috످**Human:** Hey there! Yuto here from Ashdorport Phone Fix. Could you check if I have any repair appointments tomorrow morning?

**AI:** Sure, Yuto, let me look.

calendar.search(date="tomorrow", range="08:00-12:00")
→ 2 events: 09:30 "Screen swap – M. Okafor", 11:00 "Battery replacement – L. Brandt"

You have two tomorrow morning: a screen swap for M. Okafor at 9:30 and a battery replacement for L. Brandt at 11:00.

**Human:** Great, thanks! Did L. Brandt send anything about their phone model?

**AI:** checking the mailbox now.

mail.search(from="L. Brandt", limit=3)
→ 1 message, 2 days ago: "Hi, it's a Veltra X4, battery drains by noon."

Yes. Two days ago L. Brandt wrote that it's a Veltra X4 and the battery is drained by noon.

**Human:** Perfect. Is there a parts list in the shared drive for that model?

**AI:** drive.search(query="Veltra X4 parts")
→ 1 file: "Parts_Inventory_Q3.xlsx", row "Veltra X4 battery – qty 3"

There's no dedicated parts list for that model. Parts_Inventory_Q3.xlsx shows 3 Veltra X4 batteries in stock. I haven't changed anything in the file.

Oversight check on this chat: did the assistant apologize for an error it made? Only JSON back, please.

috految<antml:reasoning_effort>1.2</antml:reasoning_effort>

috److{"apologized_for_error":false,"reason":"The assistant never apologized, and the log shows no error that called for an apology.","category":"none","evidence":"Its answers about the appointments, phone model and battery stock match the tool results."}

috످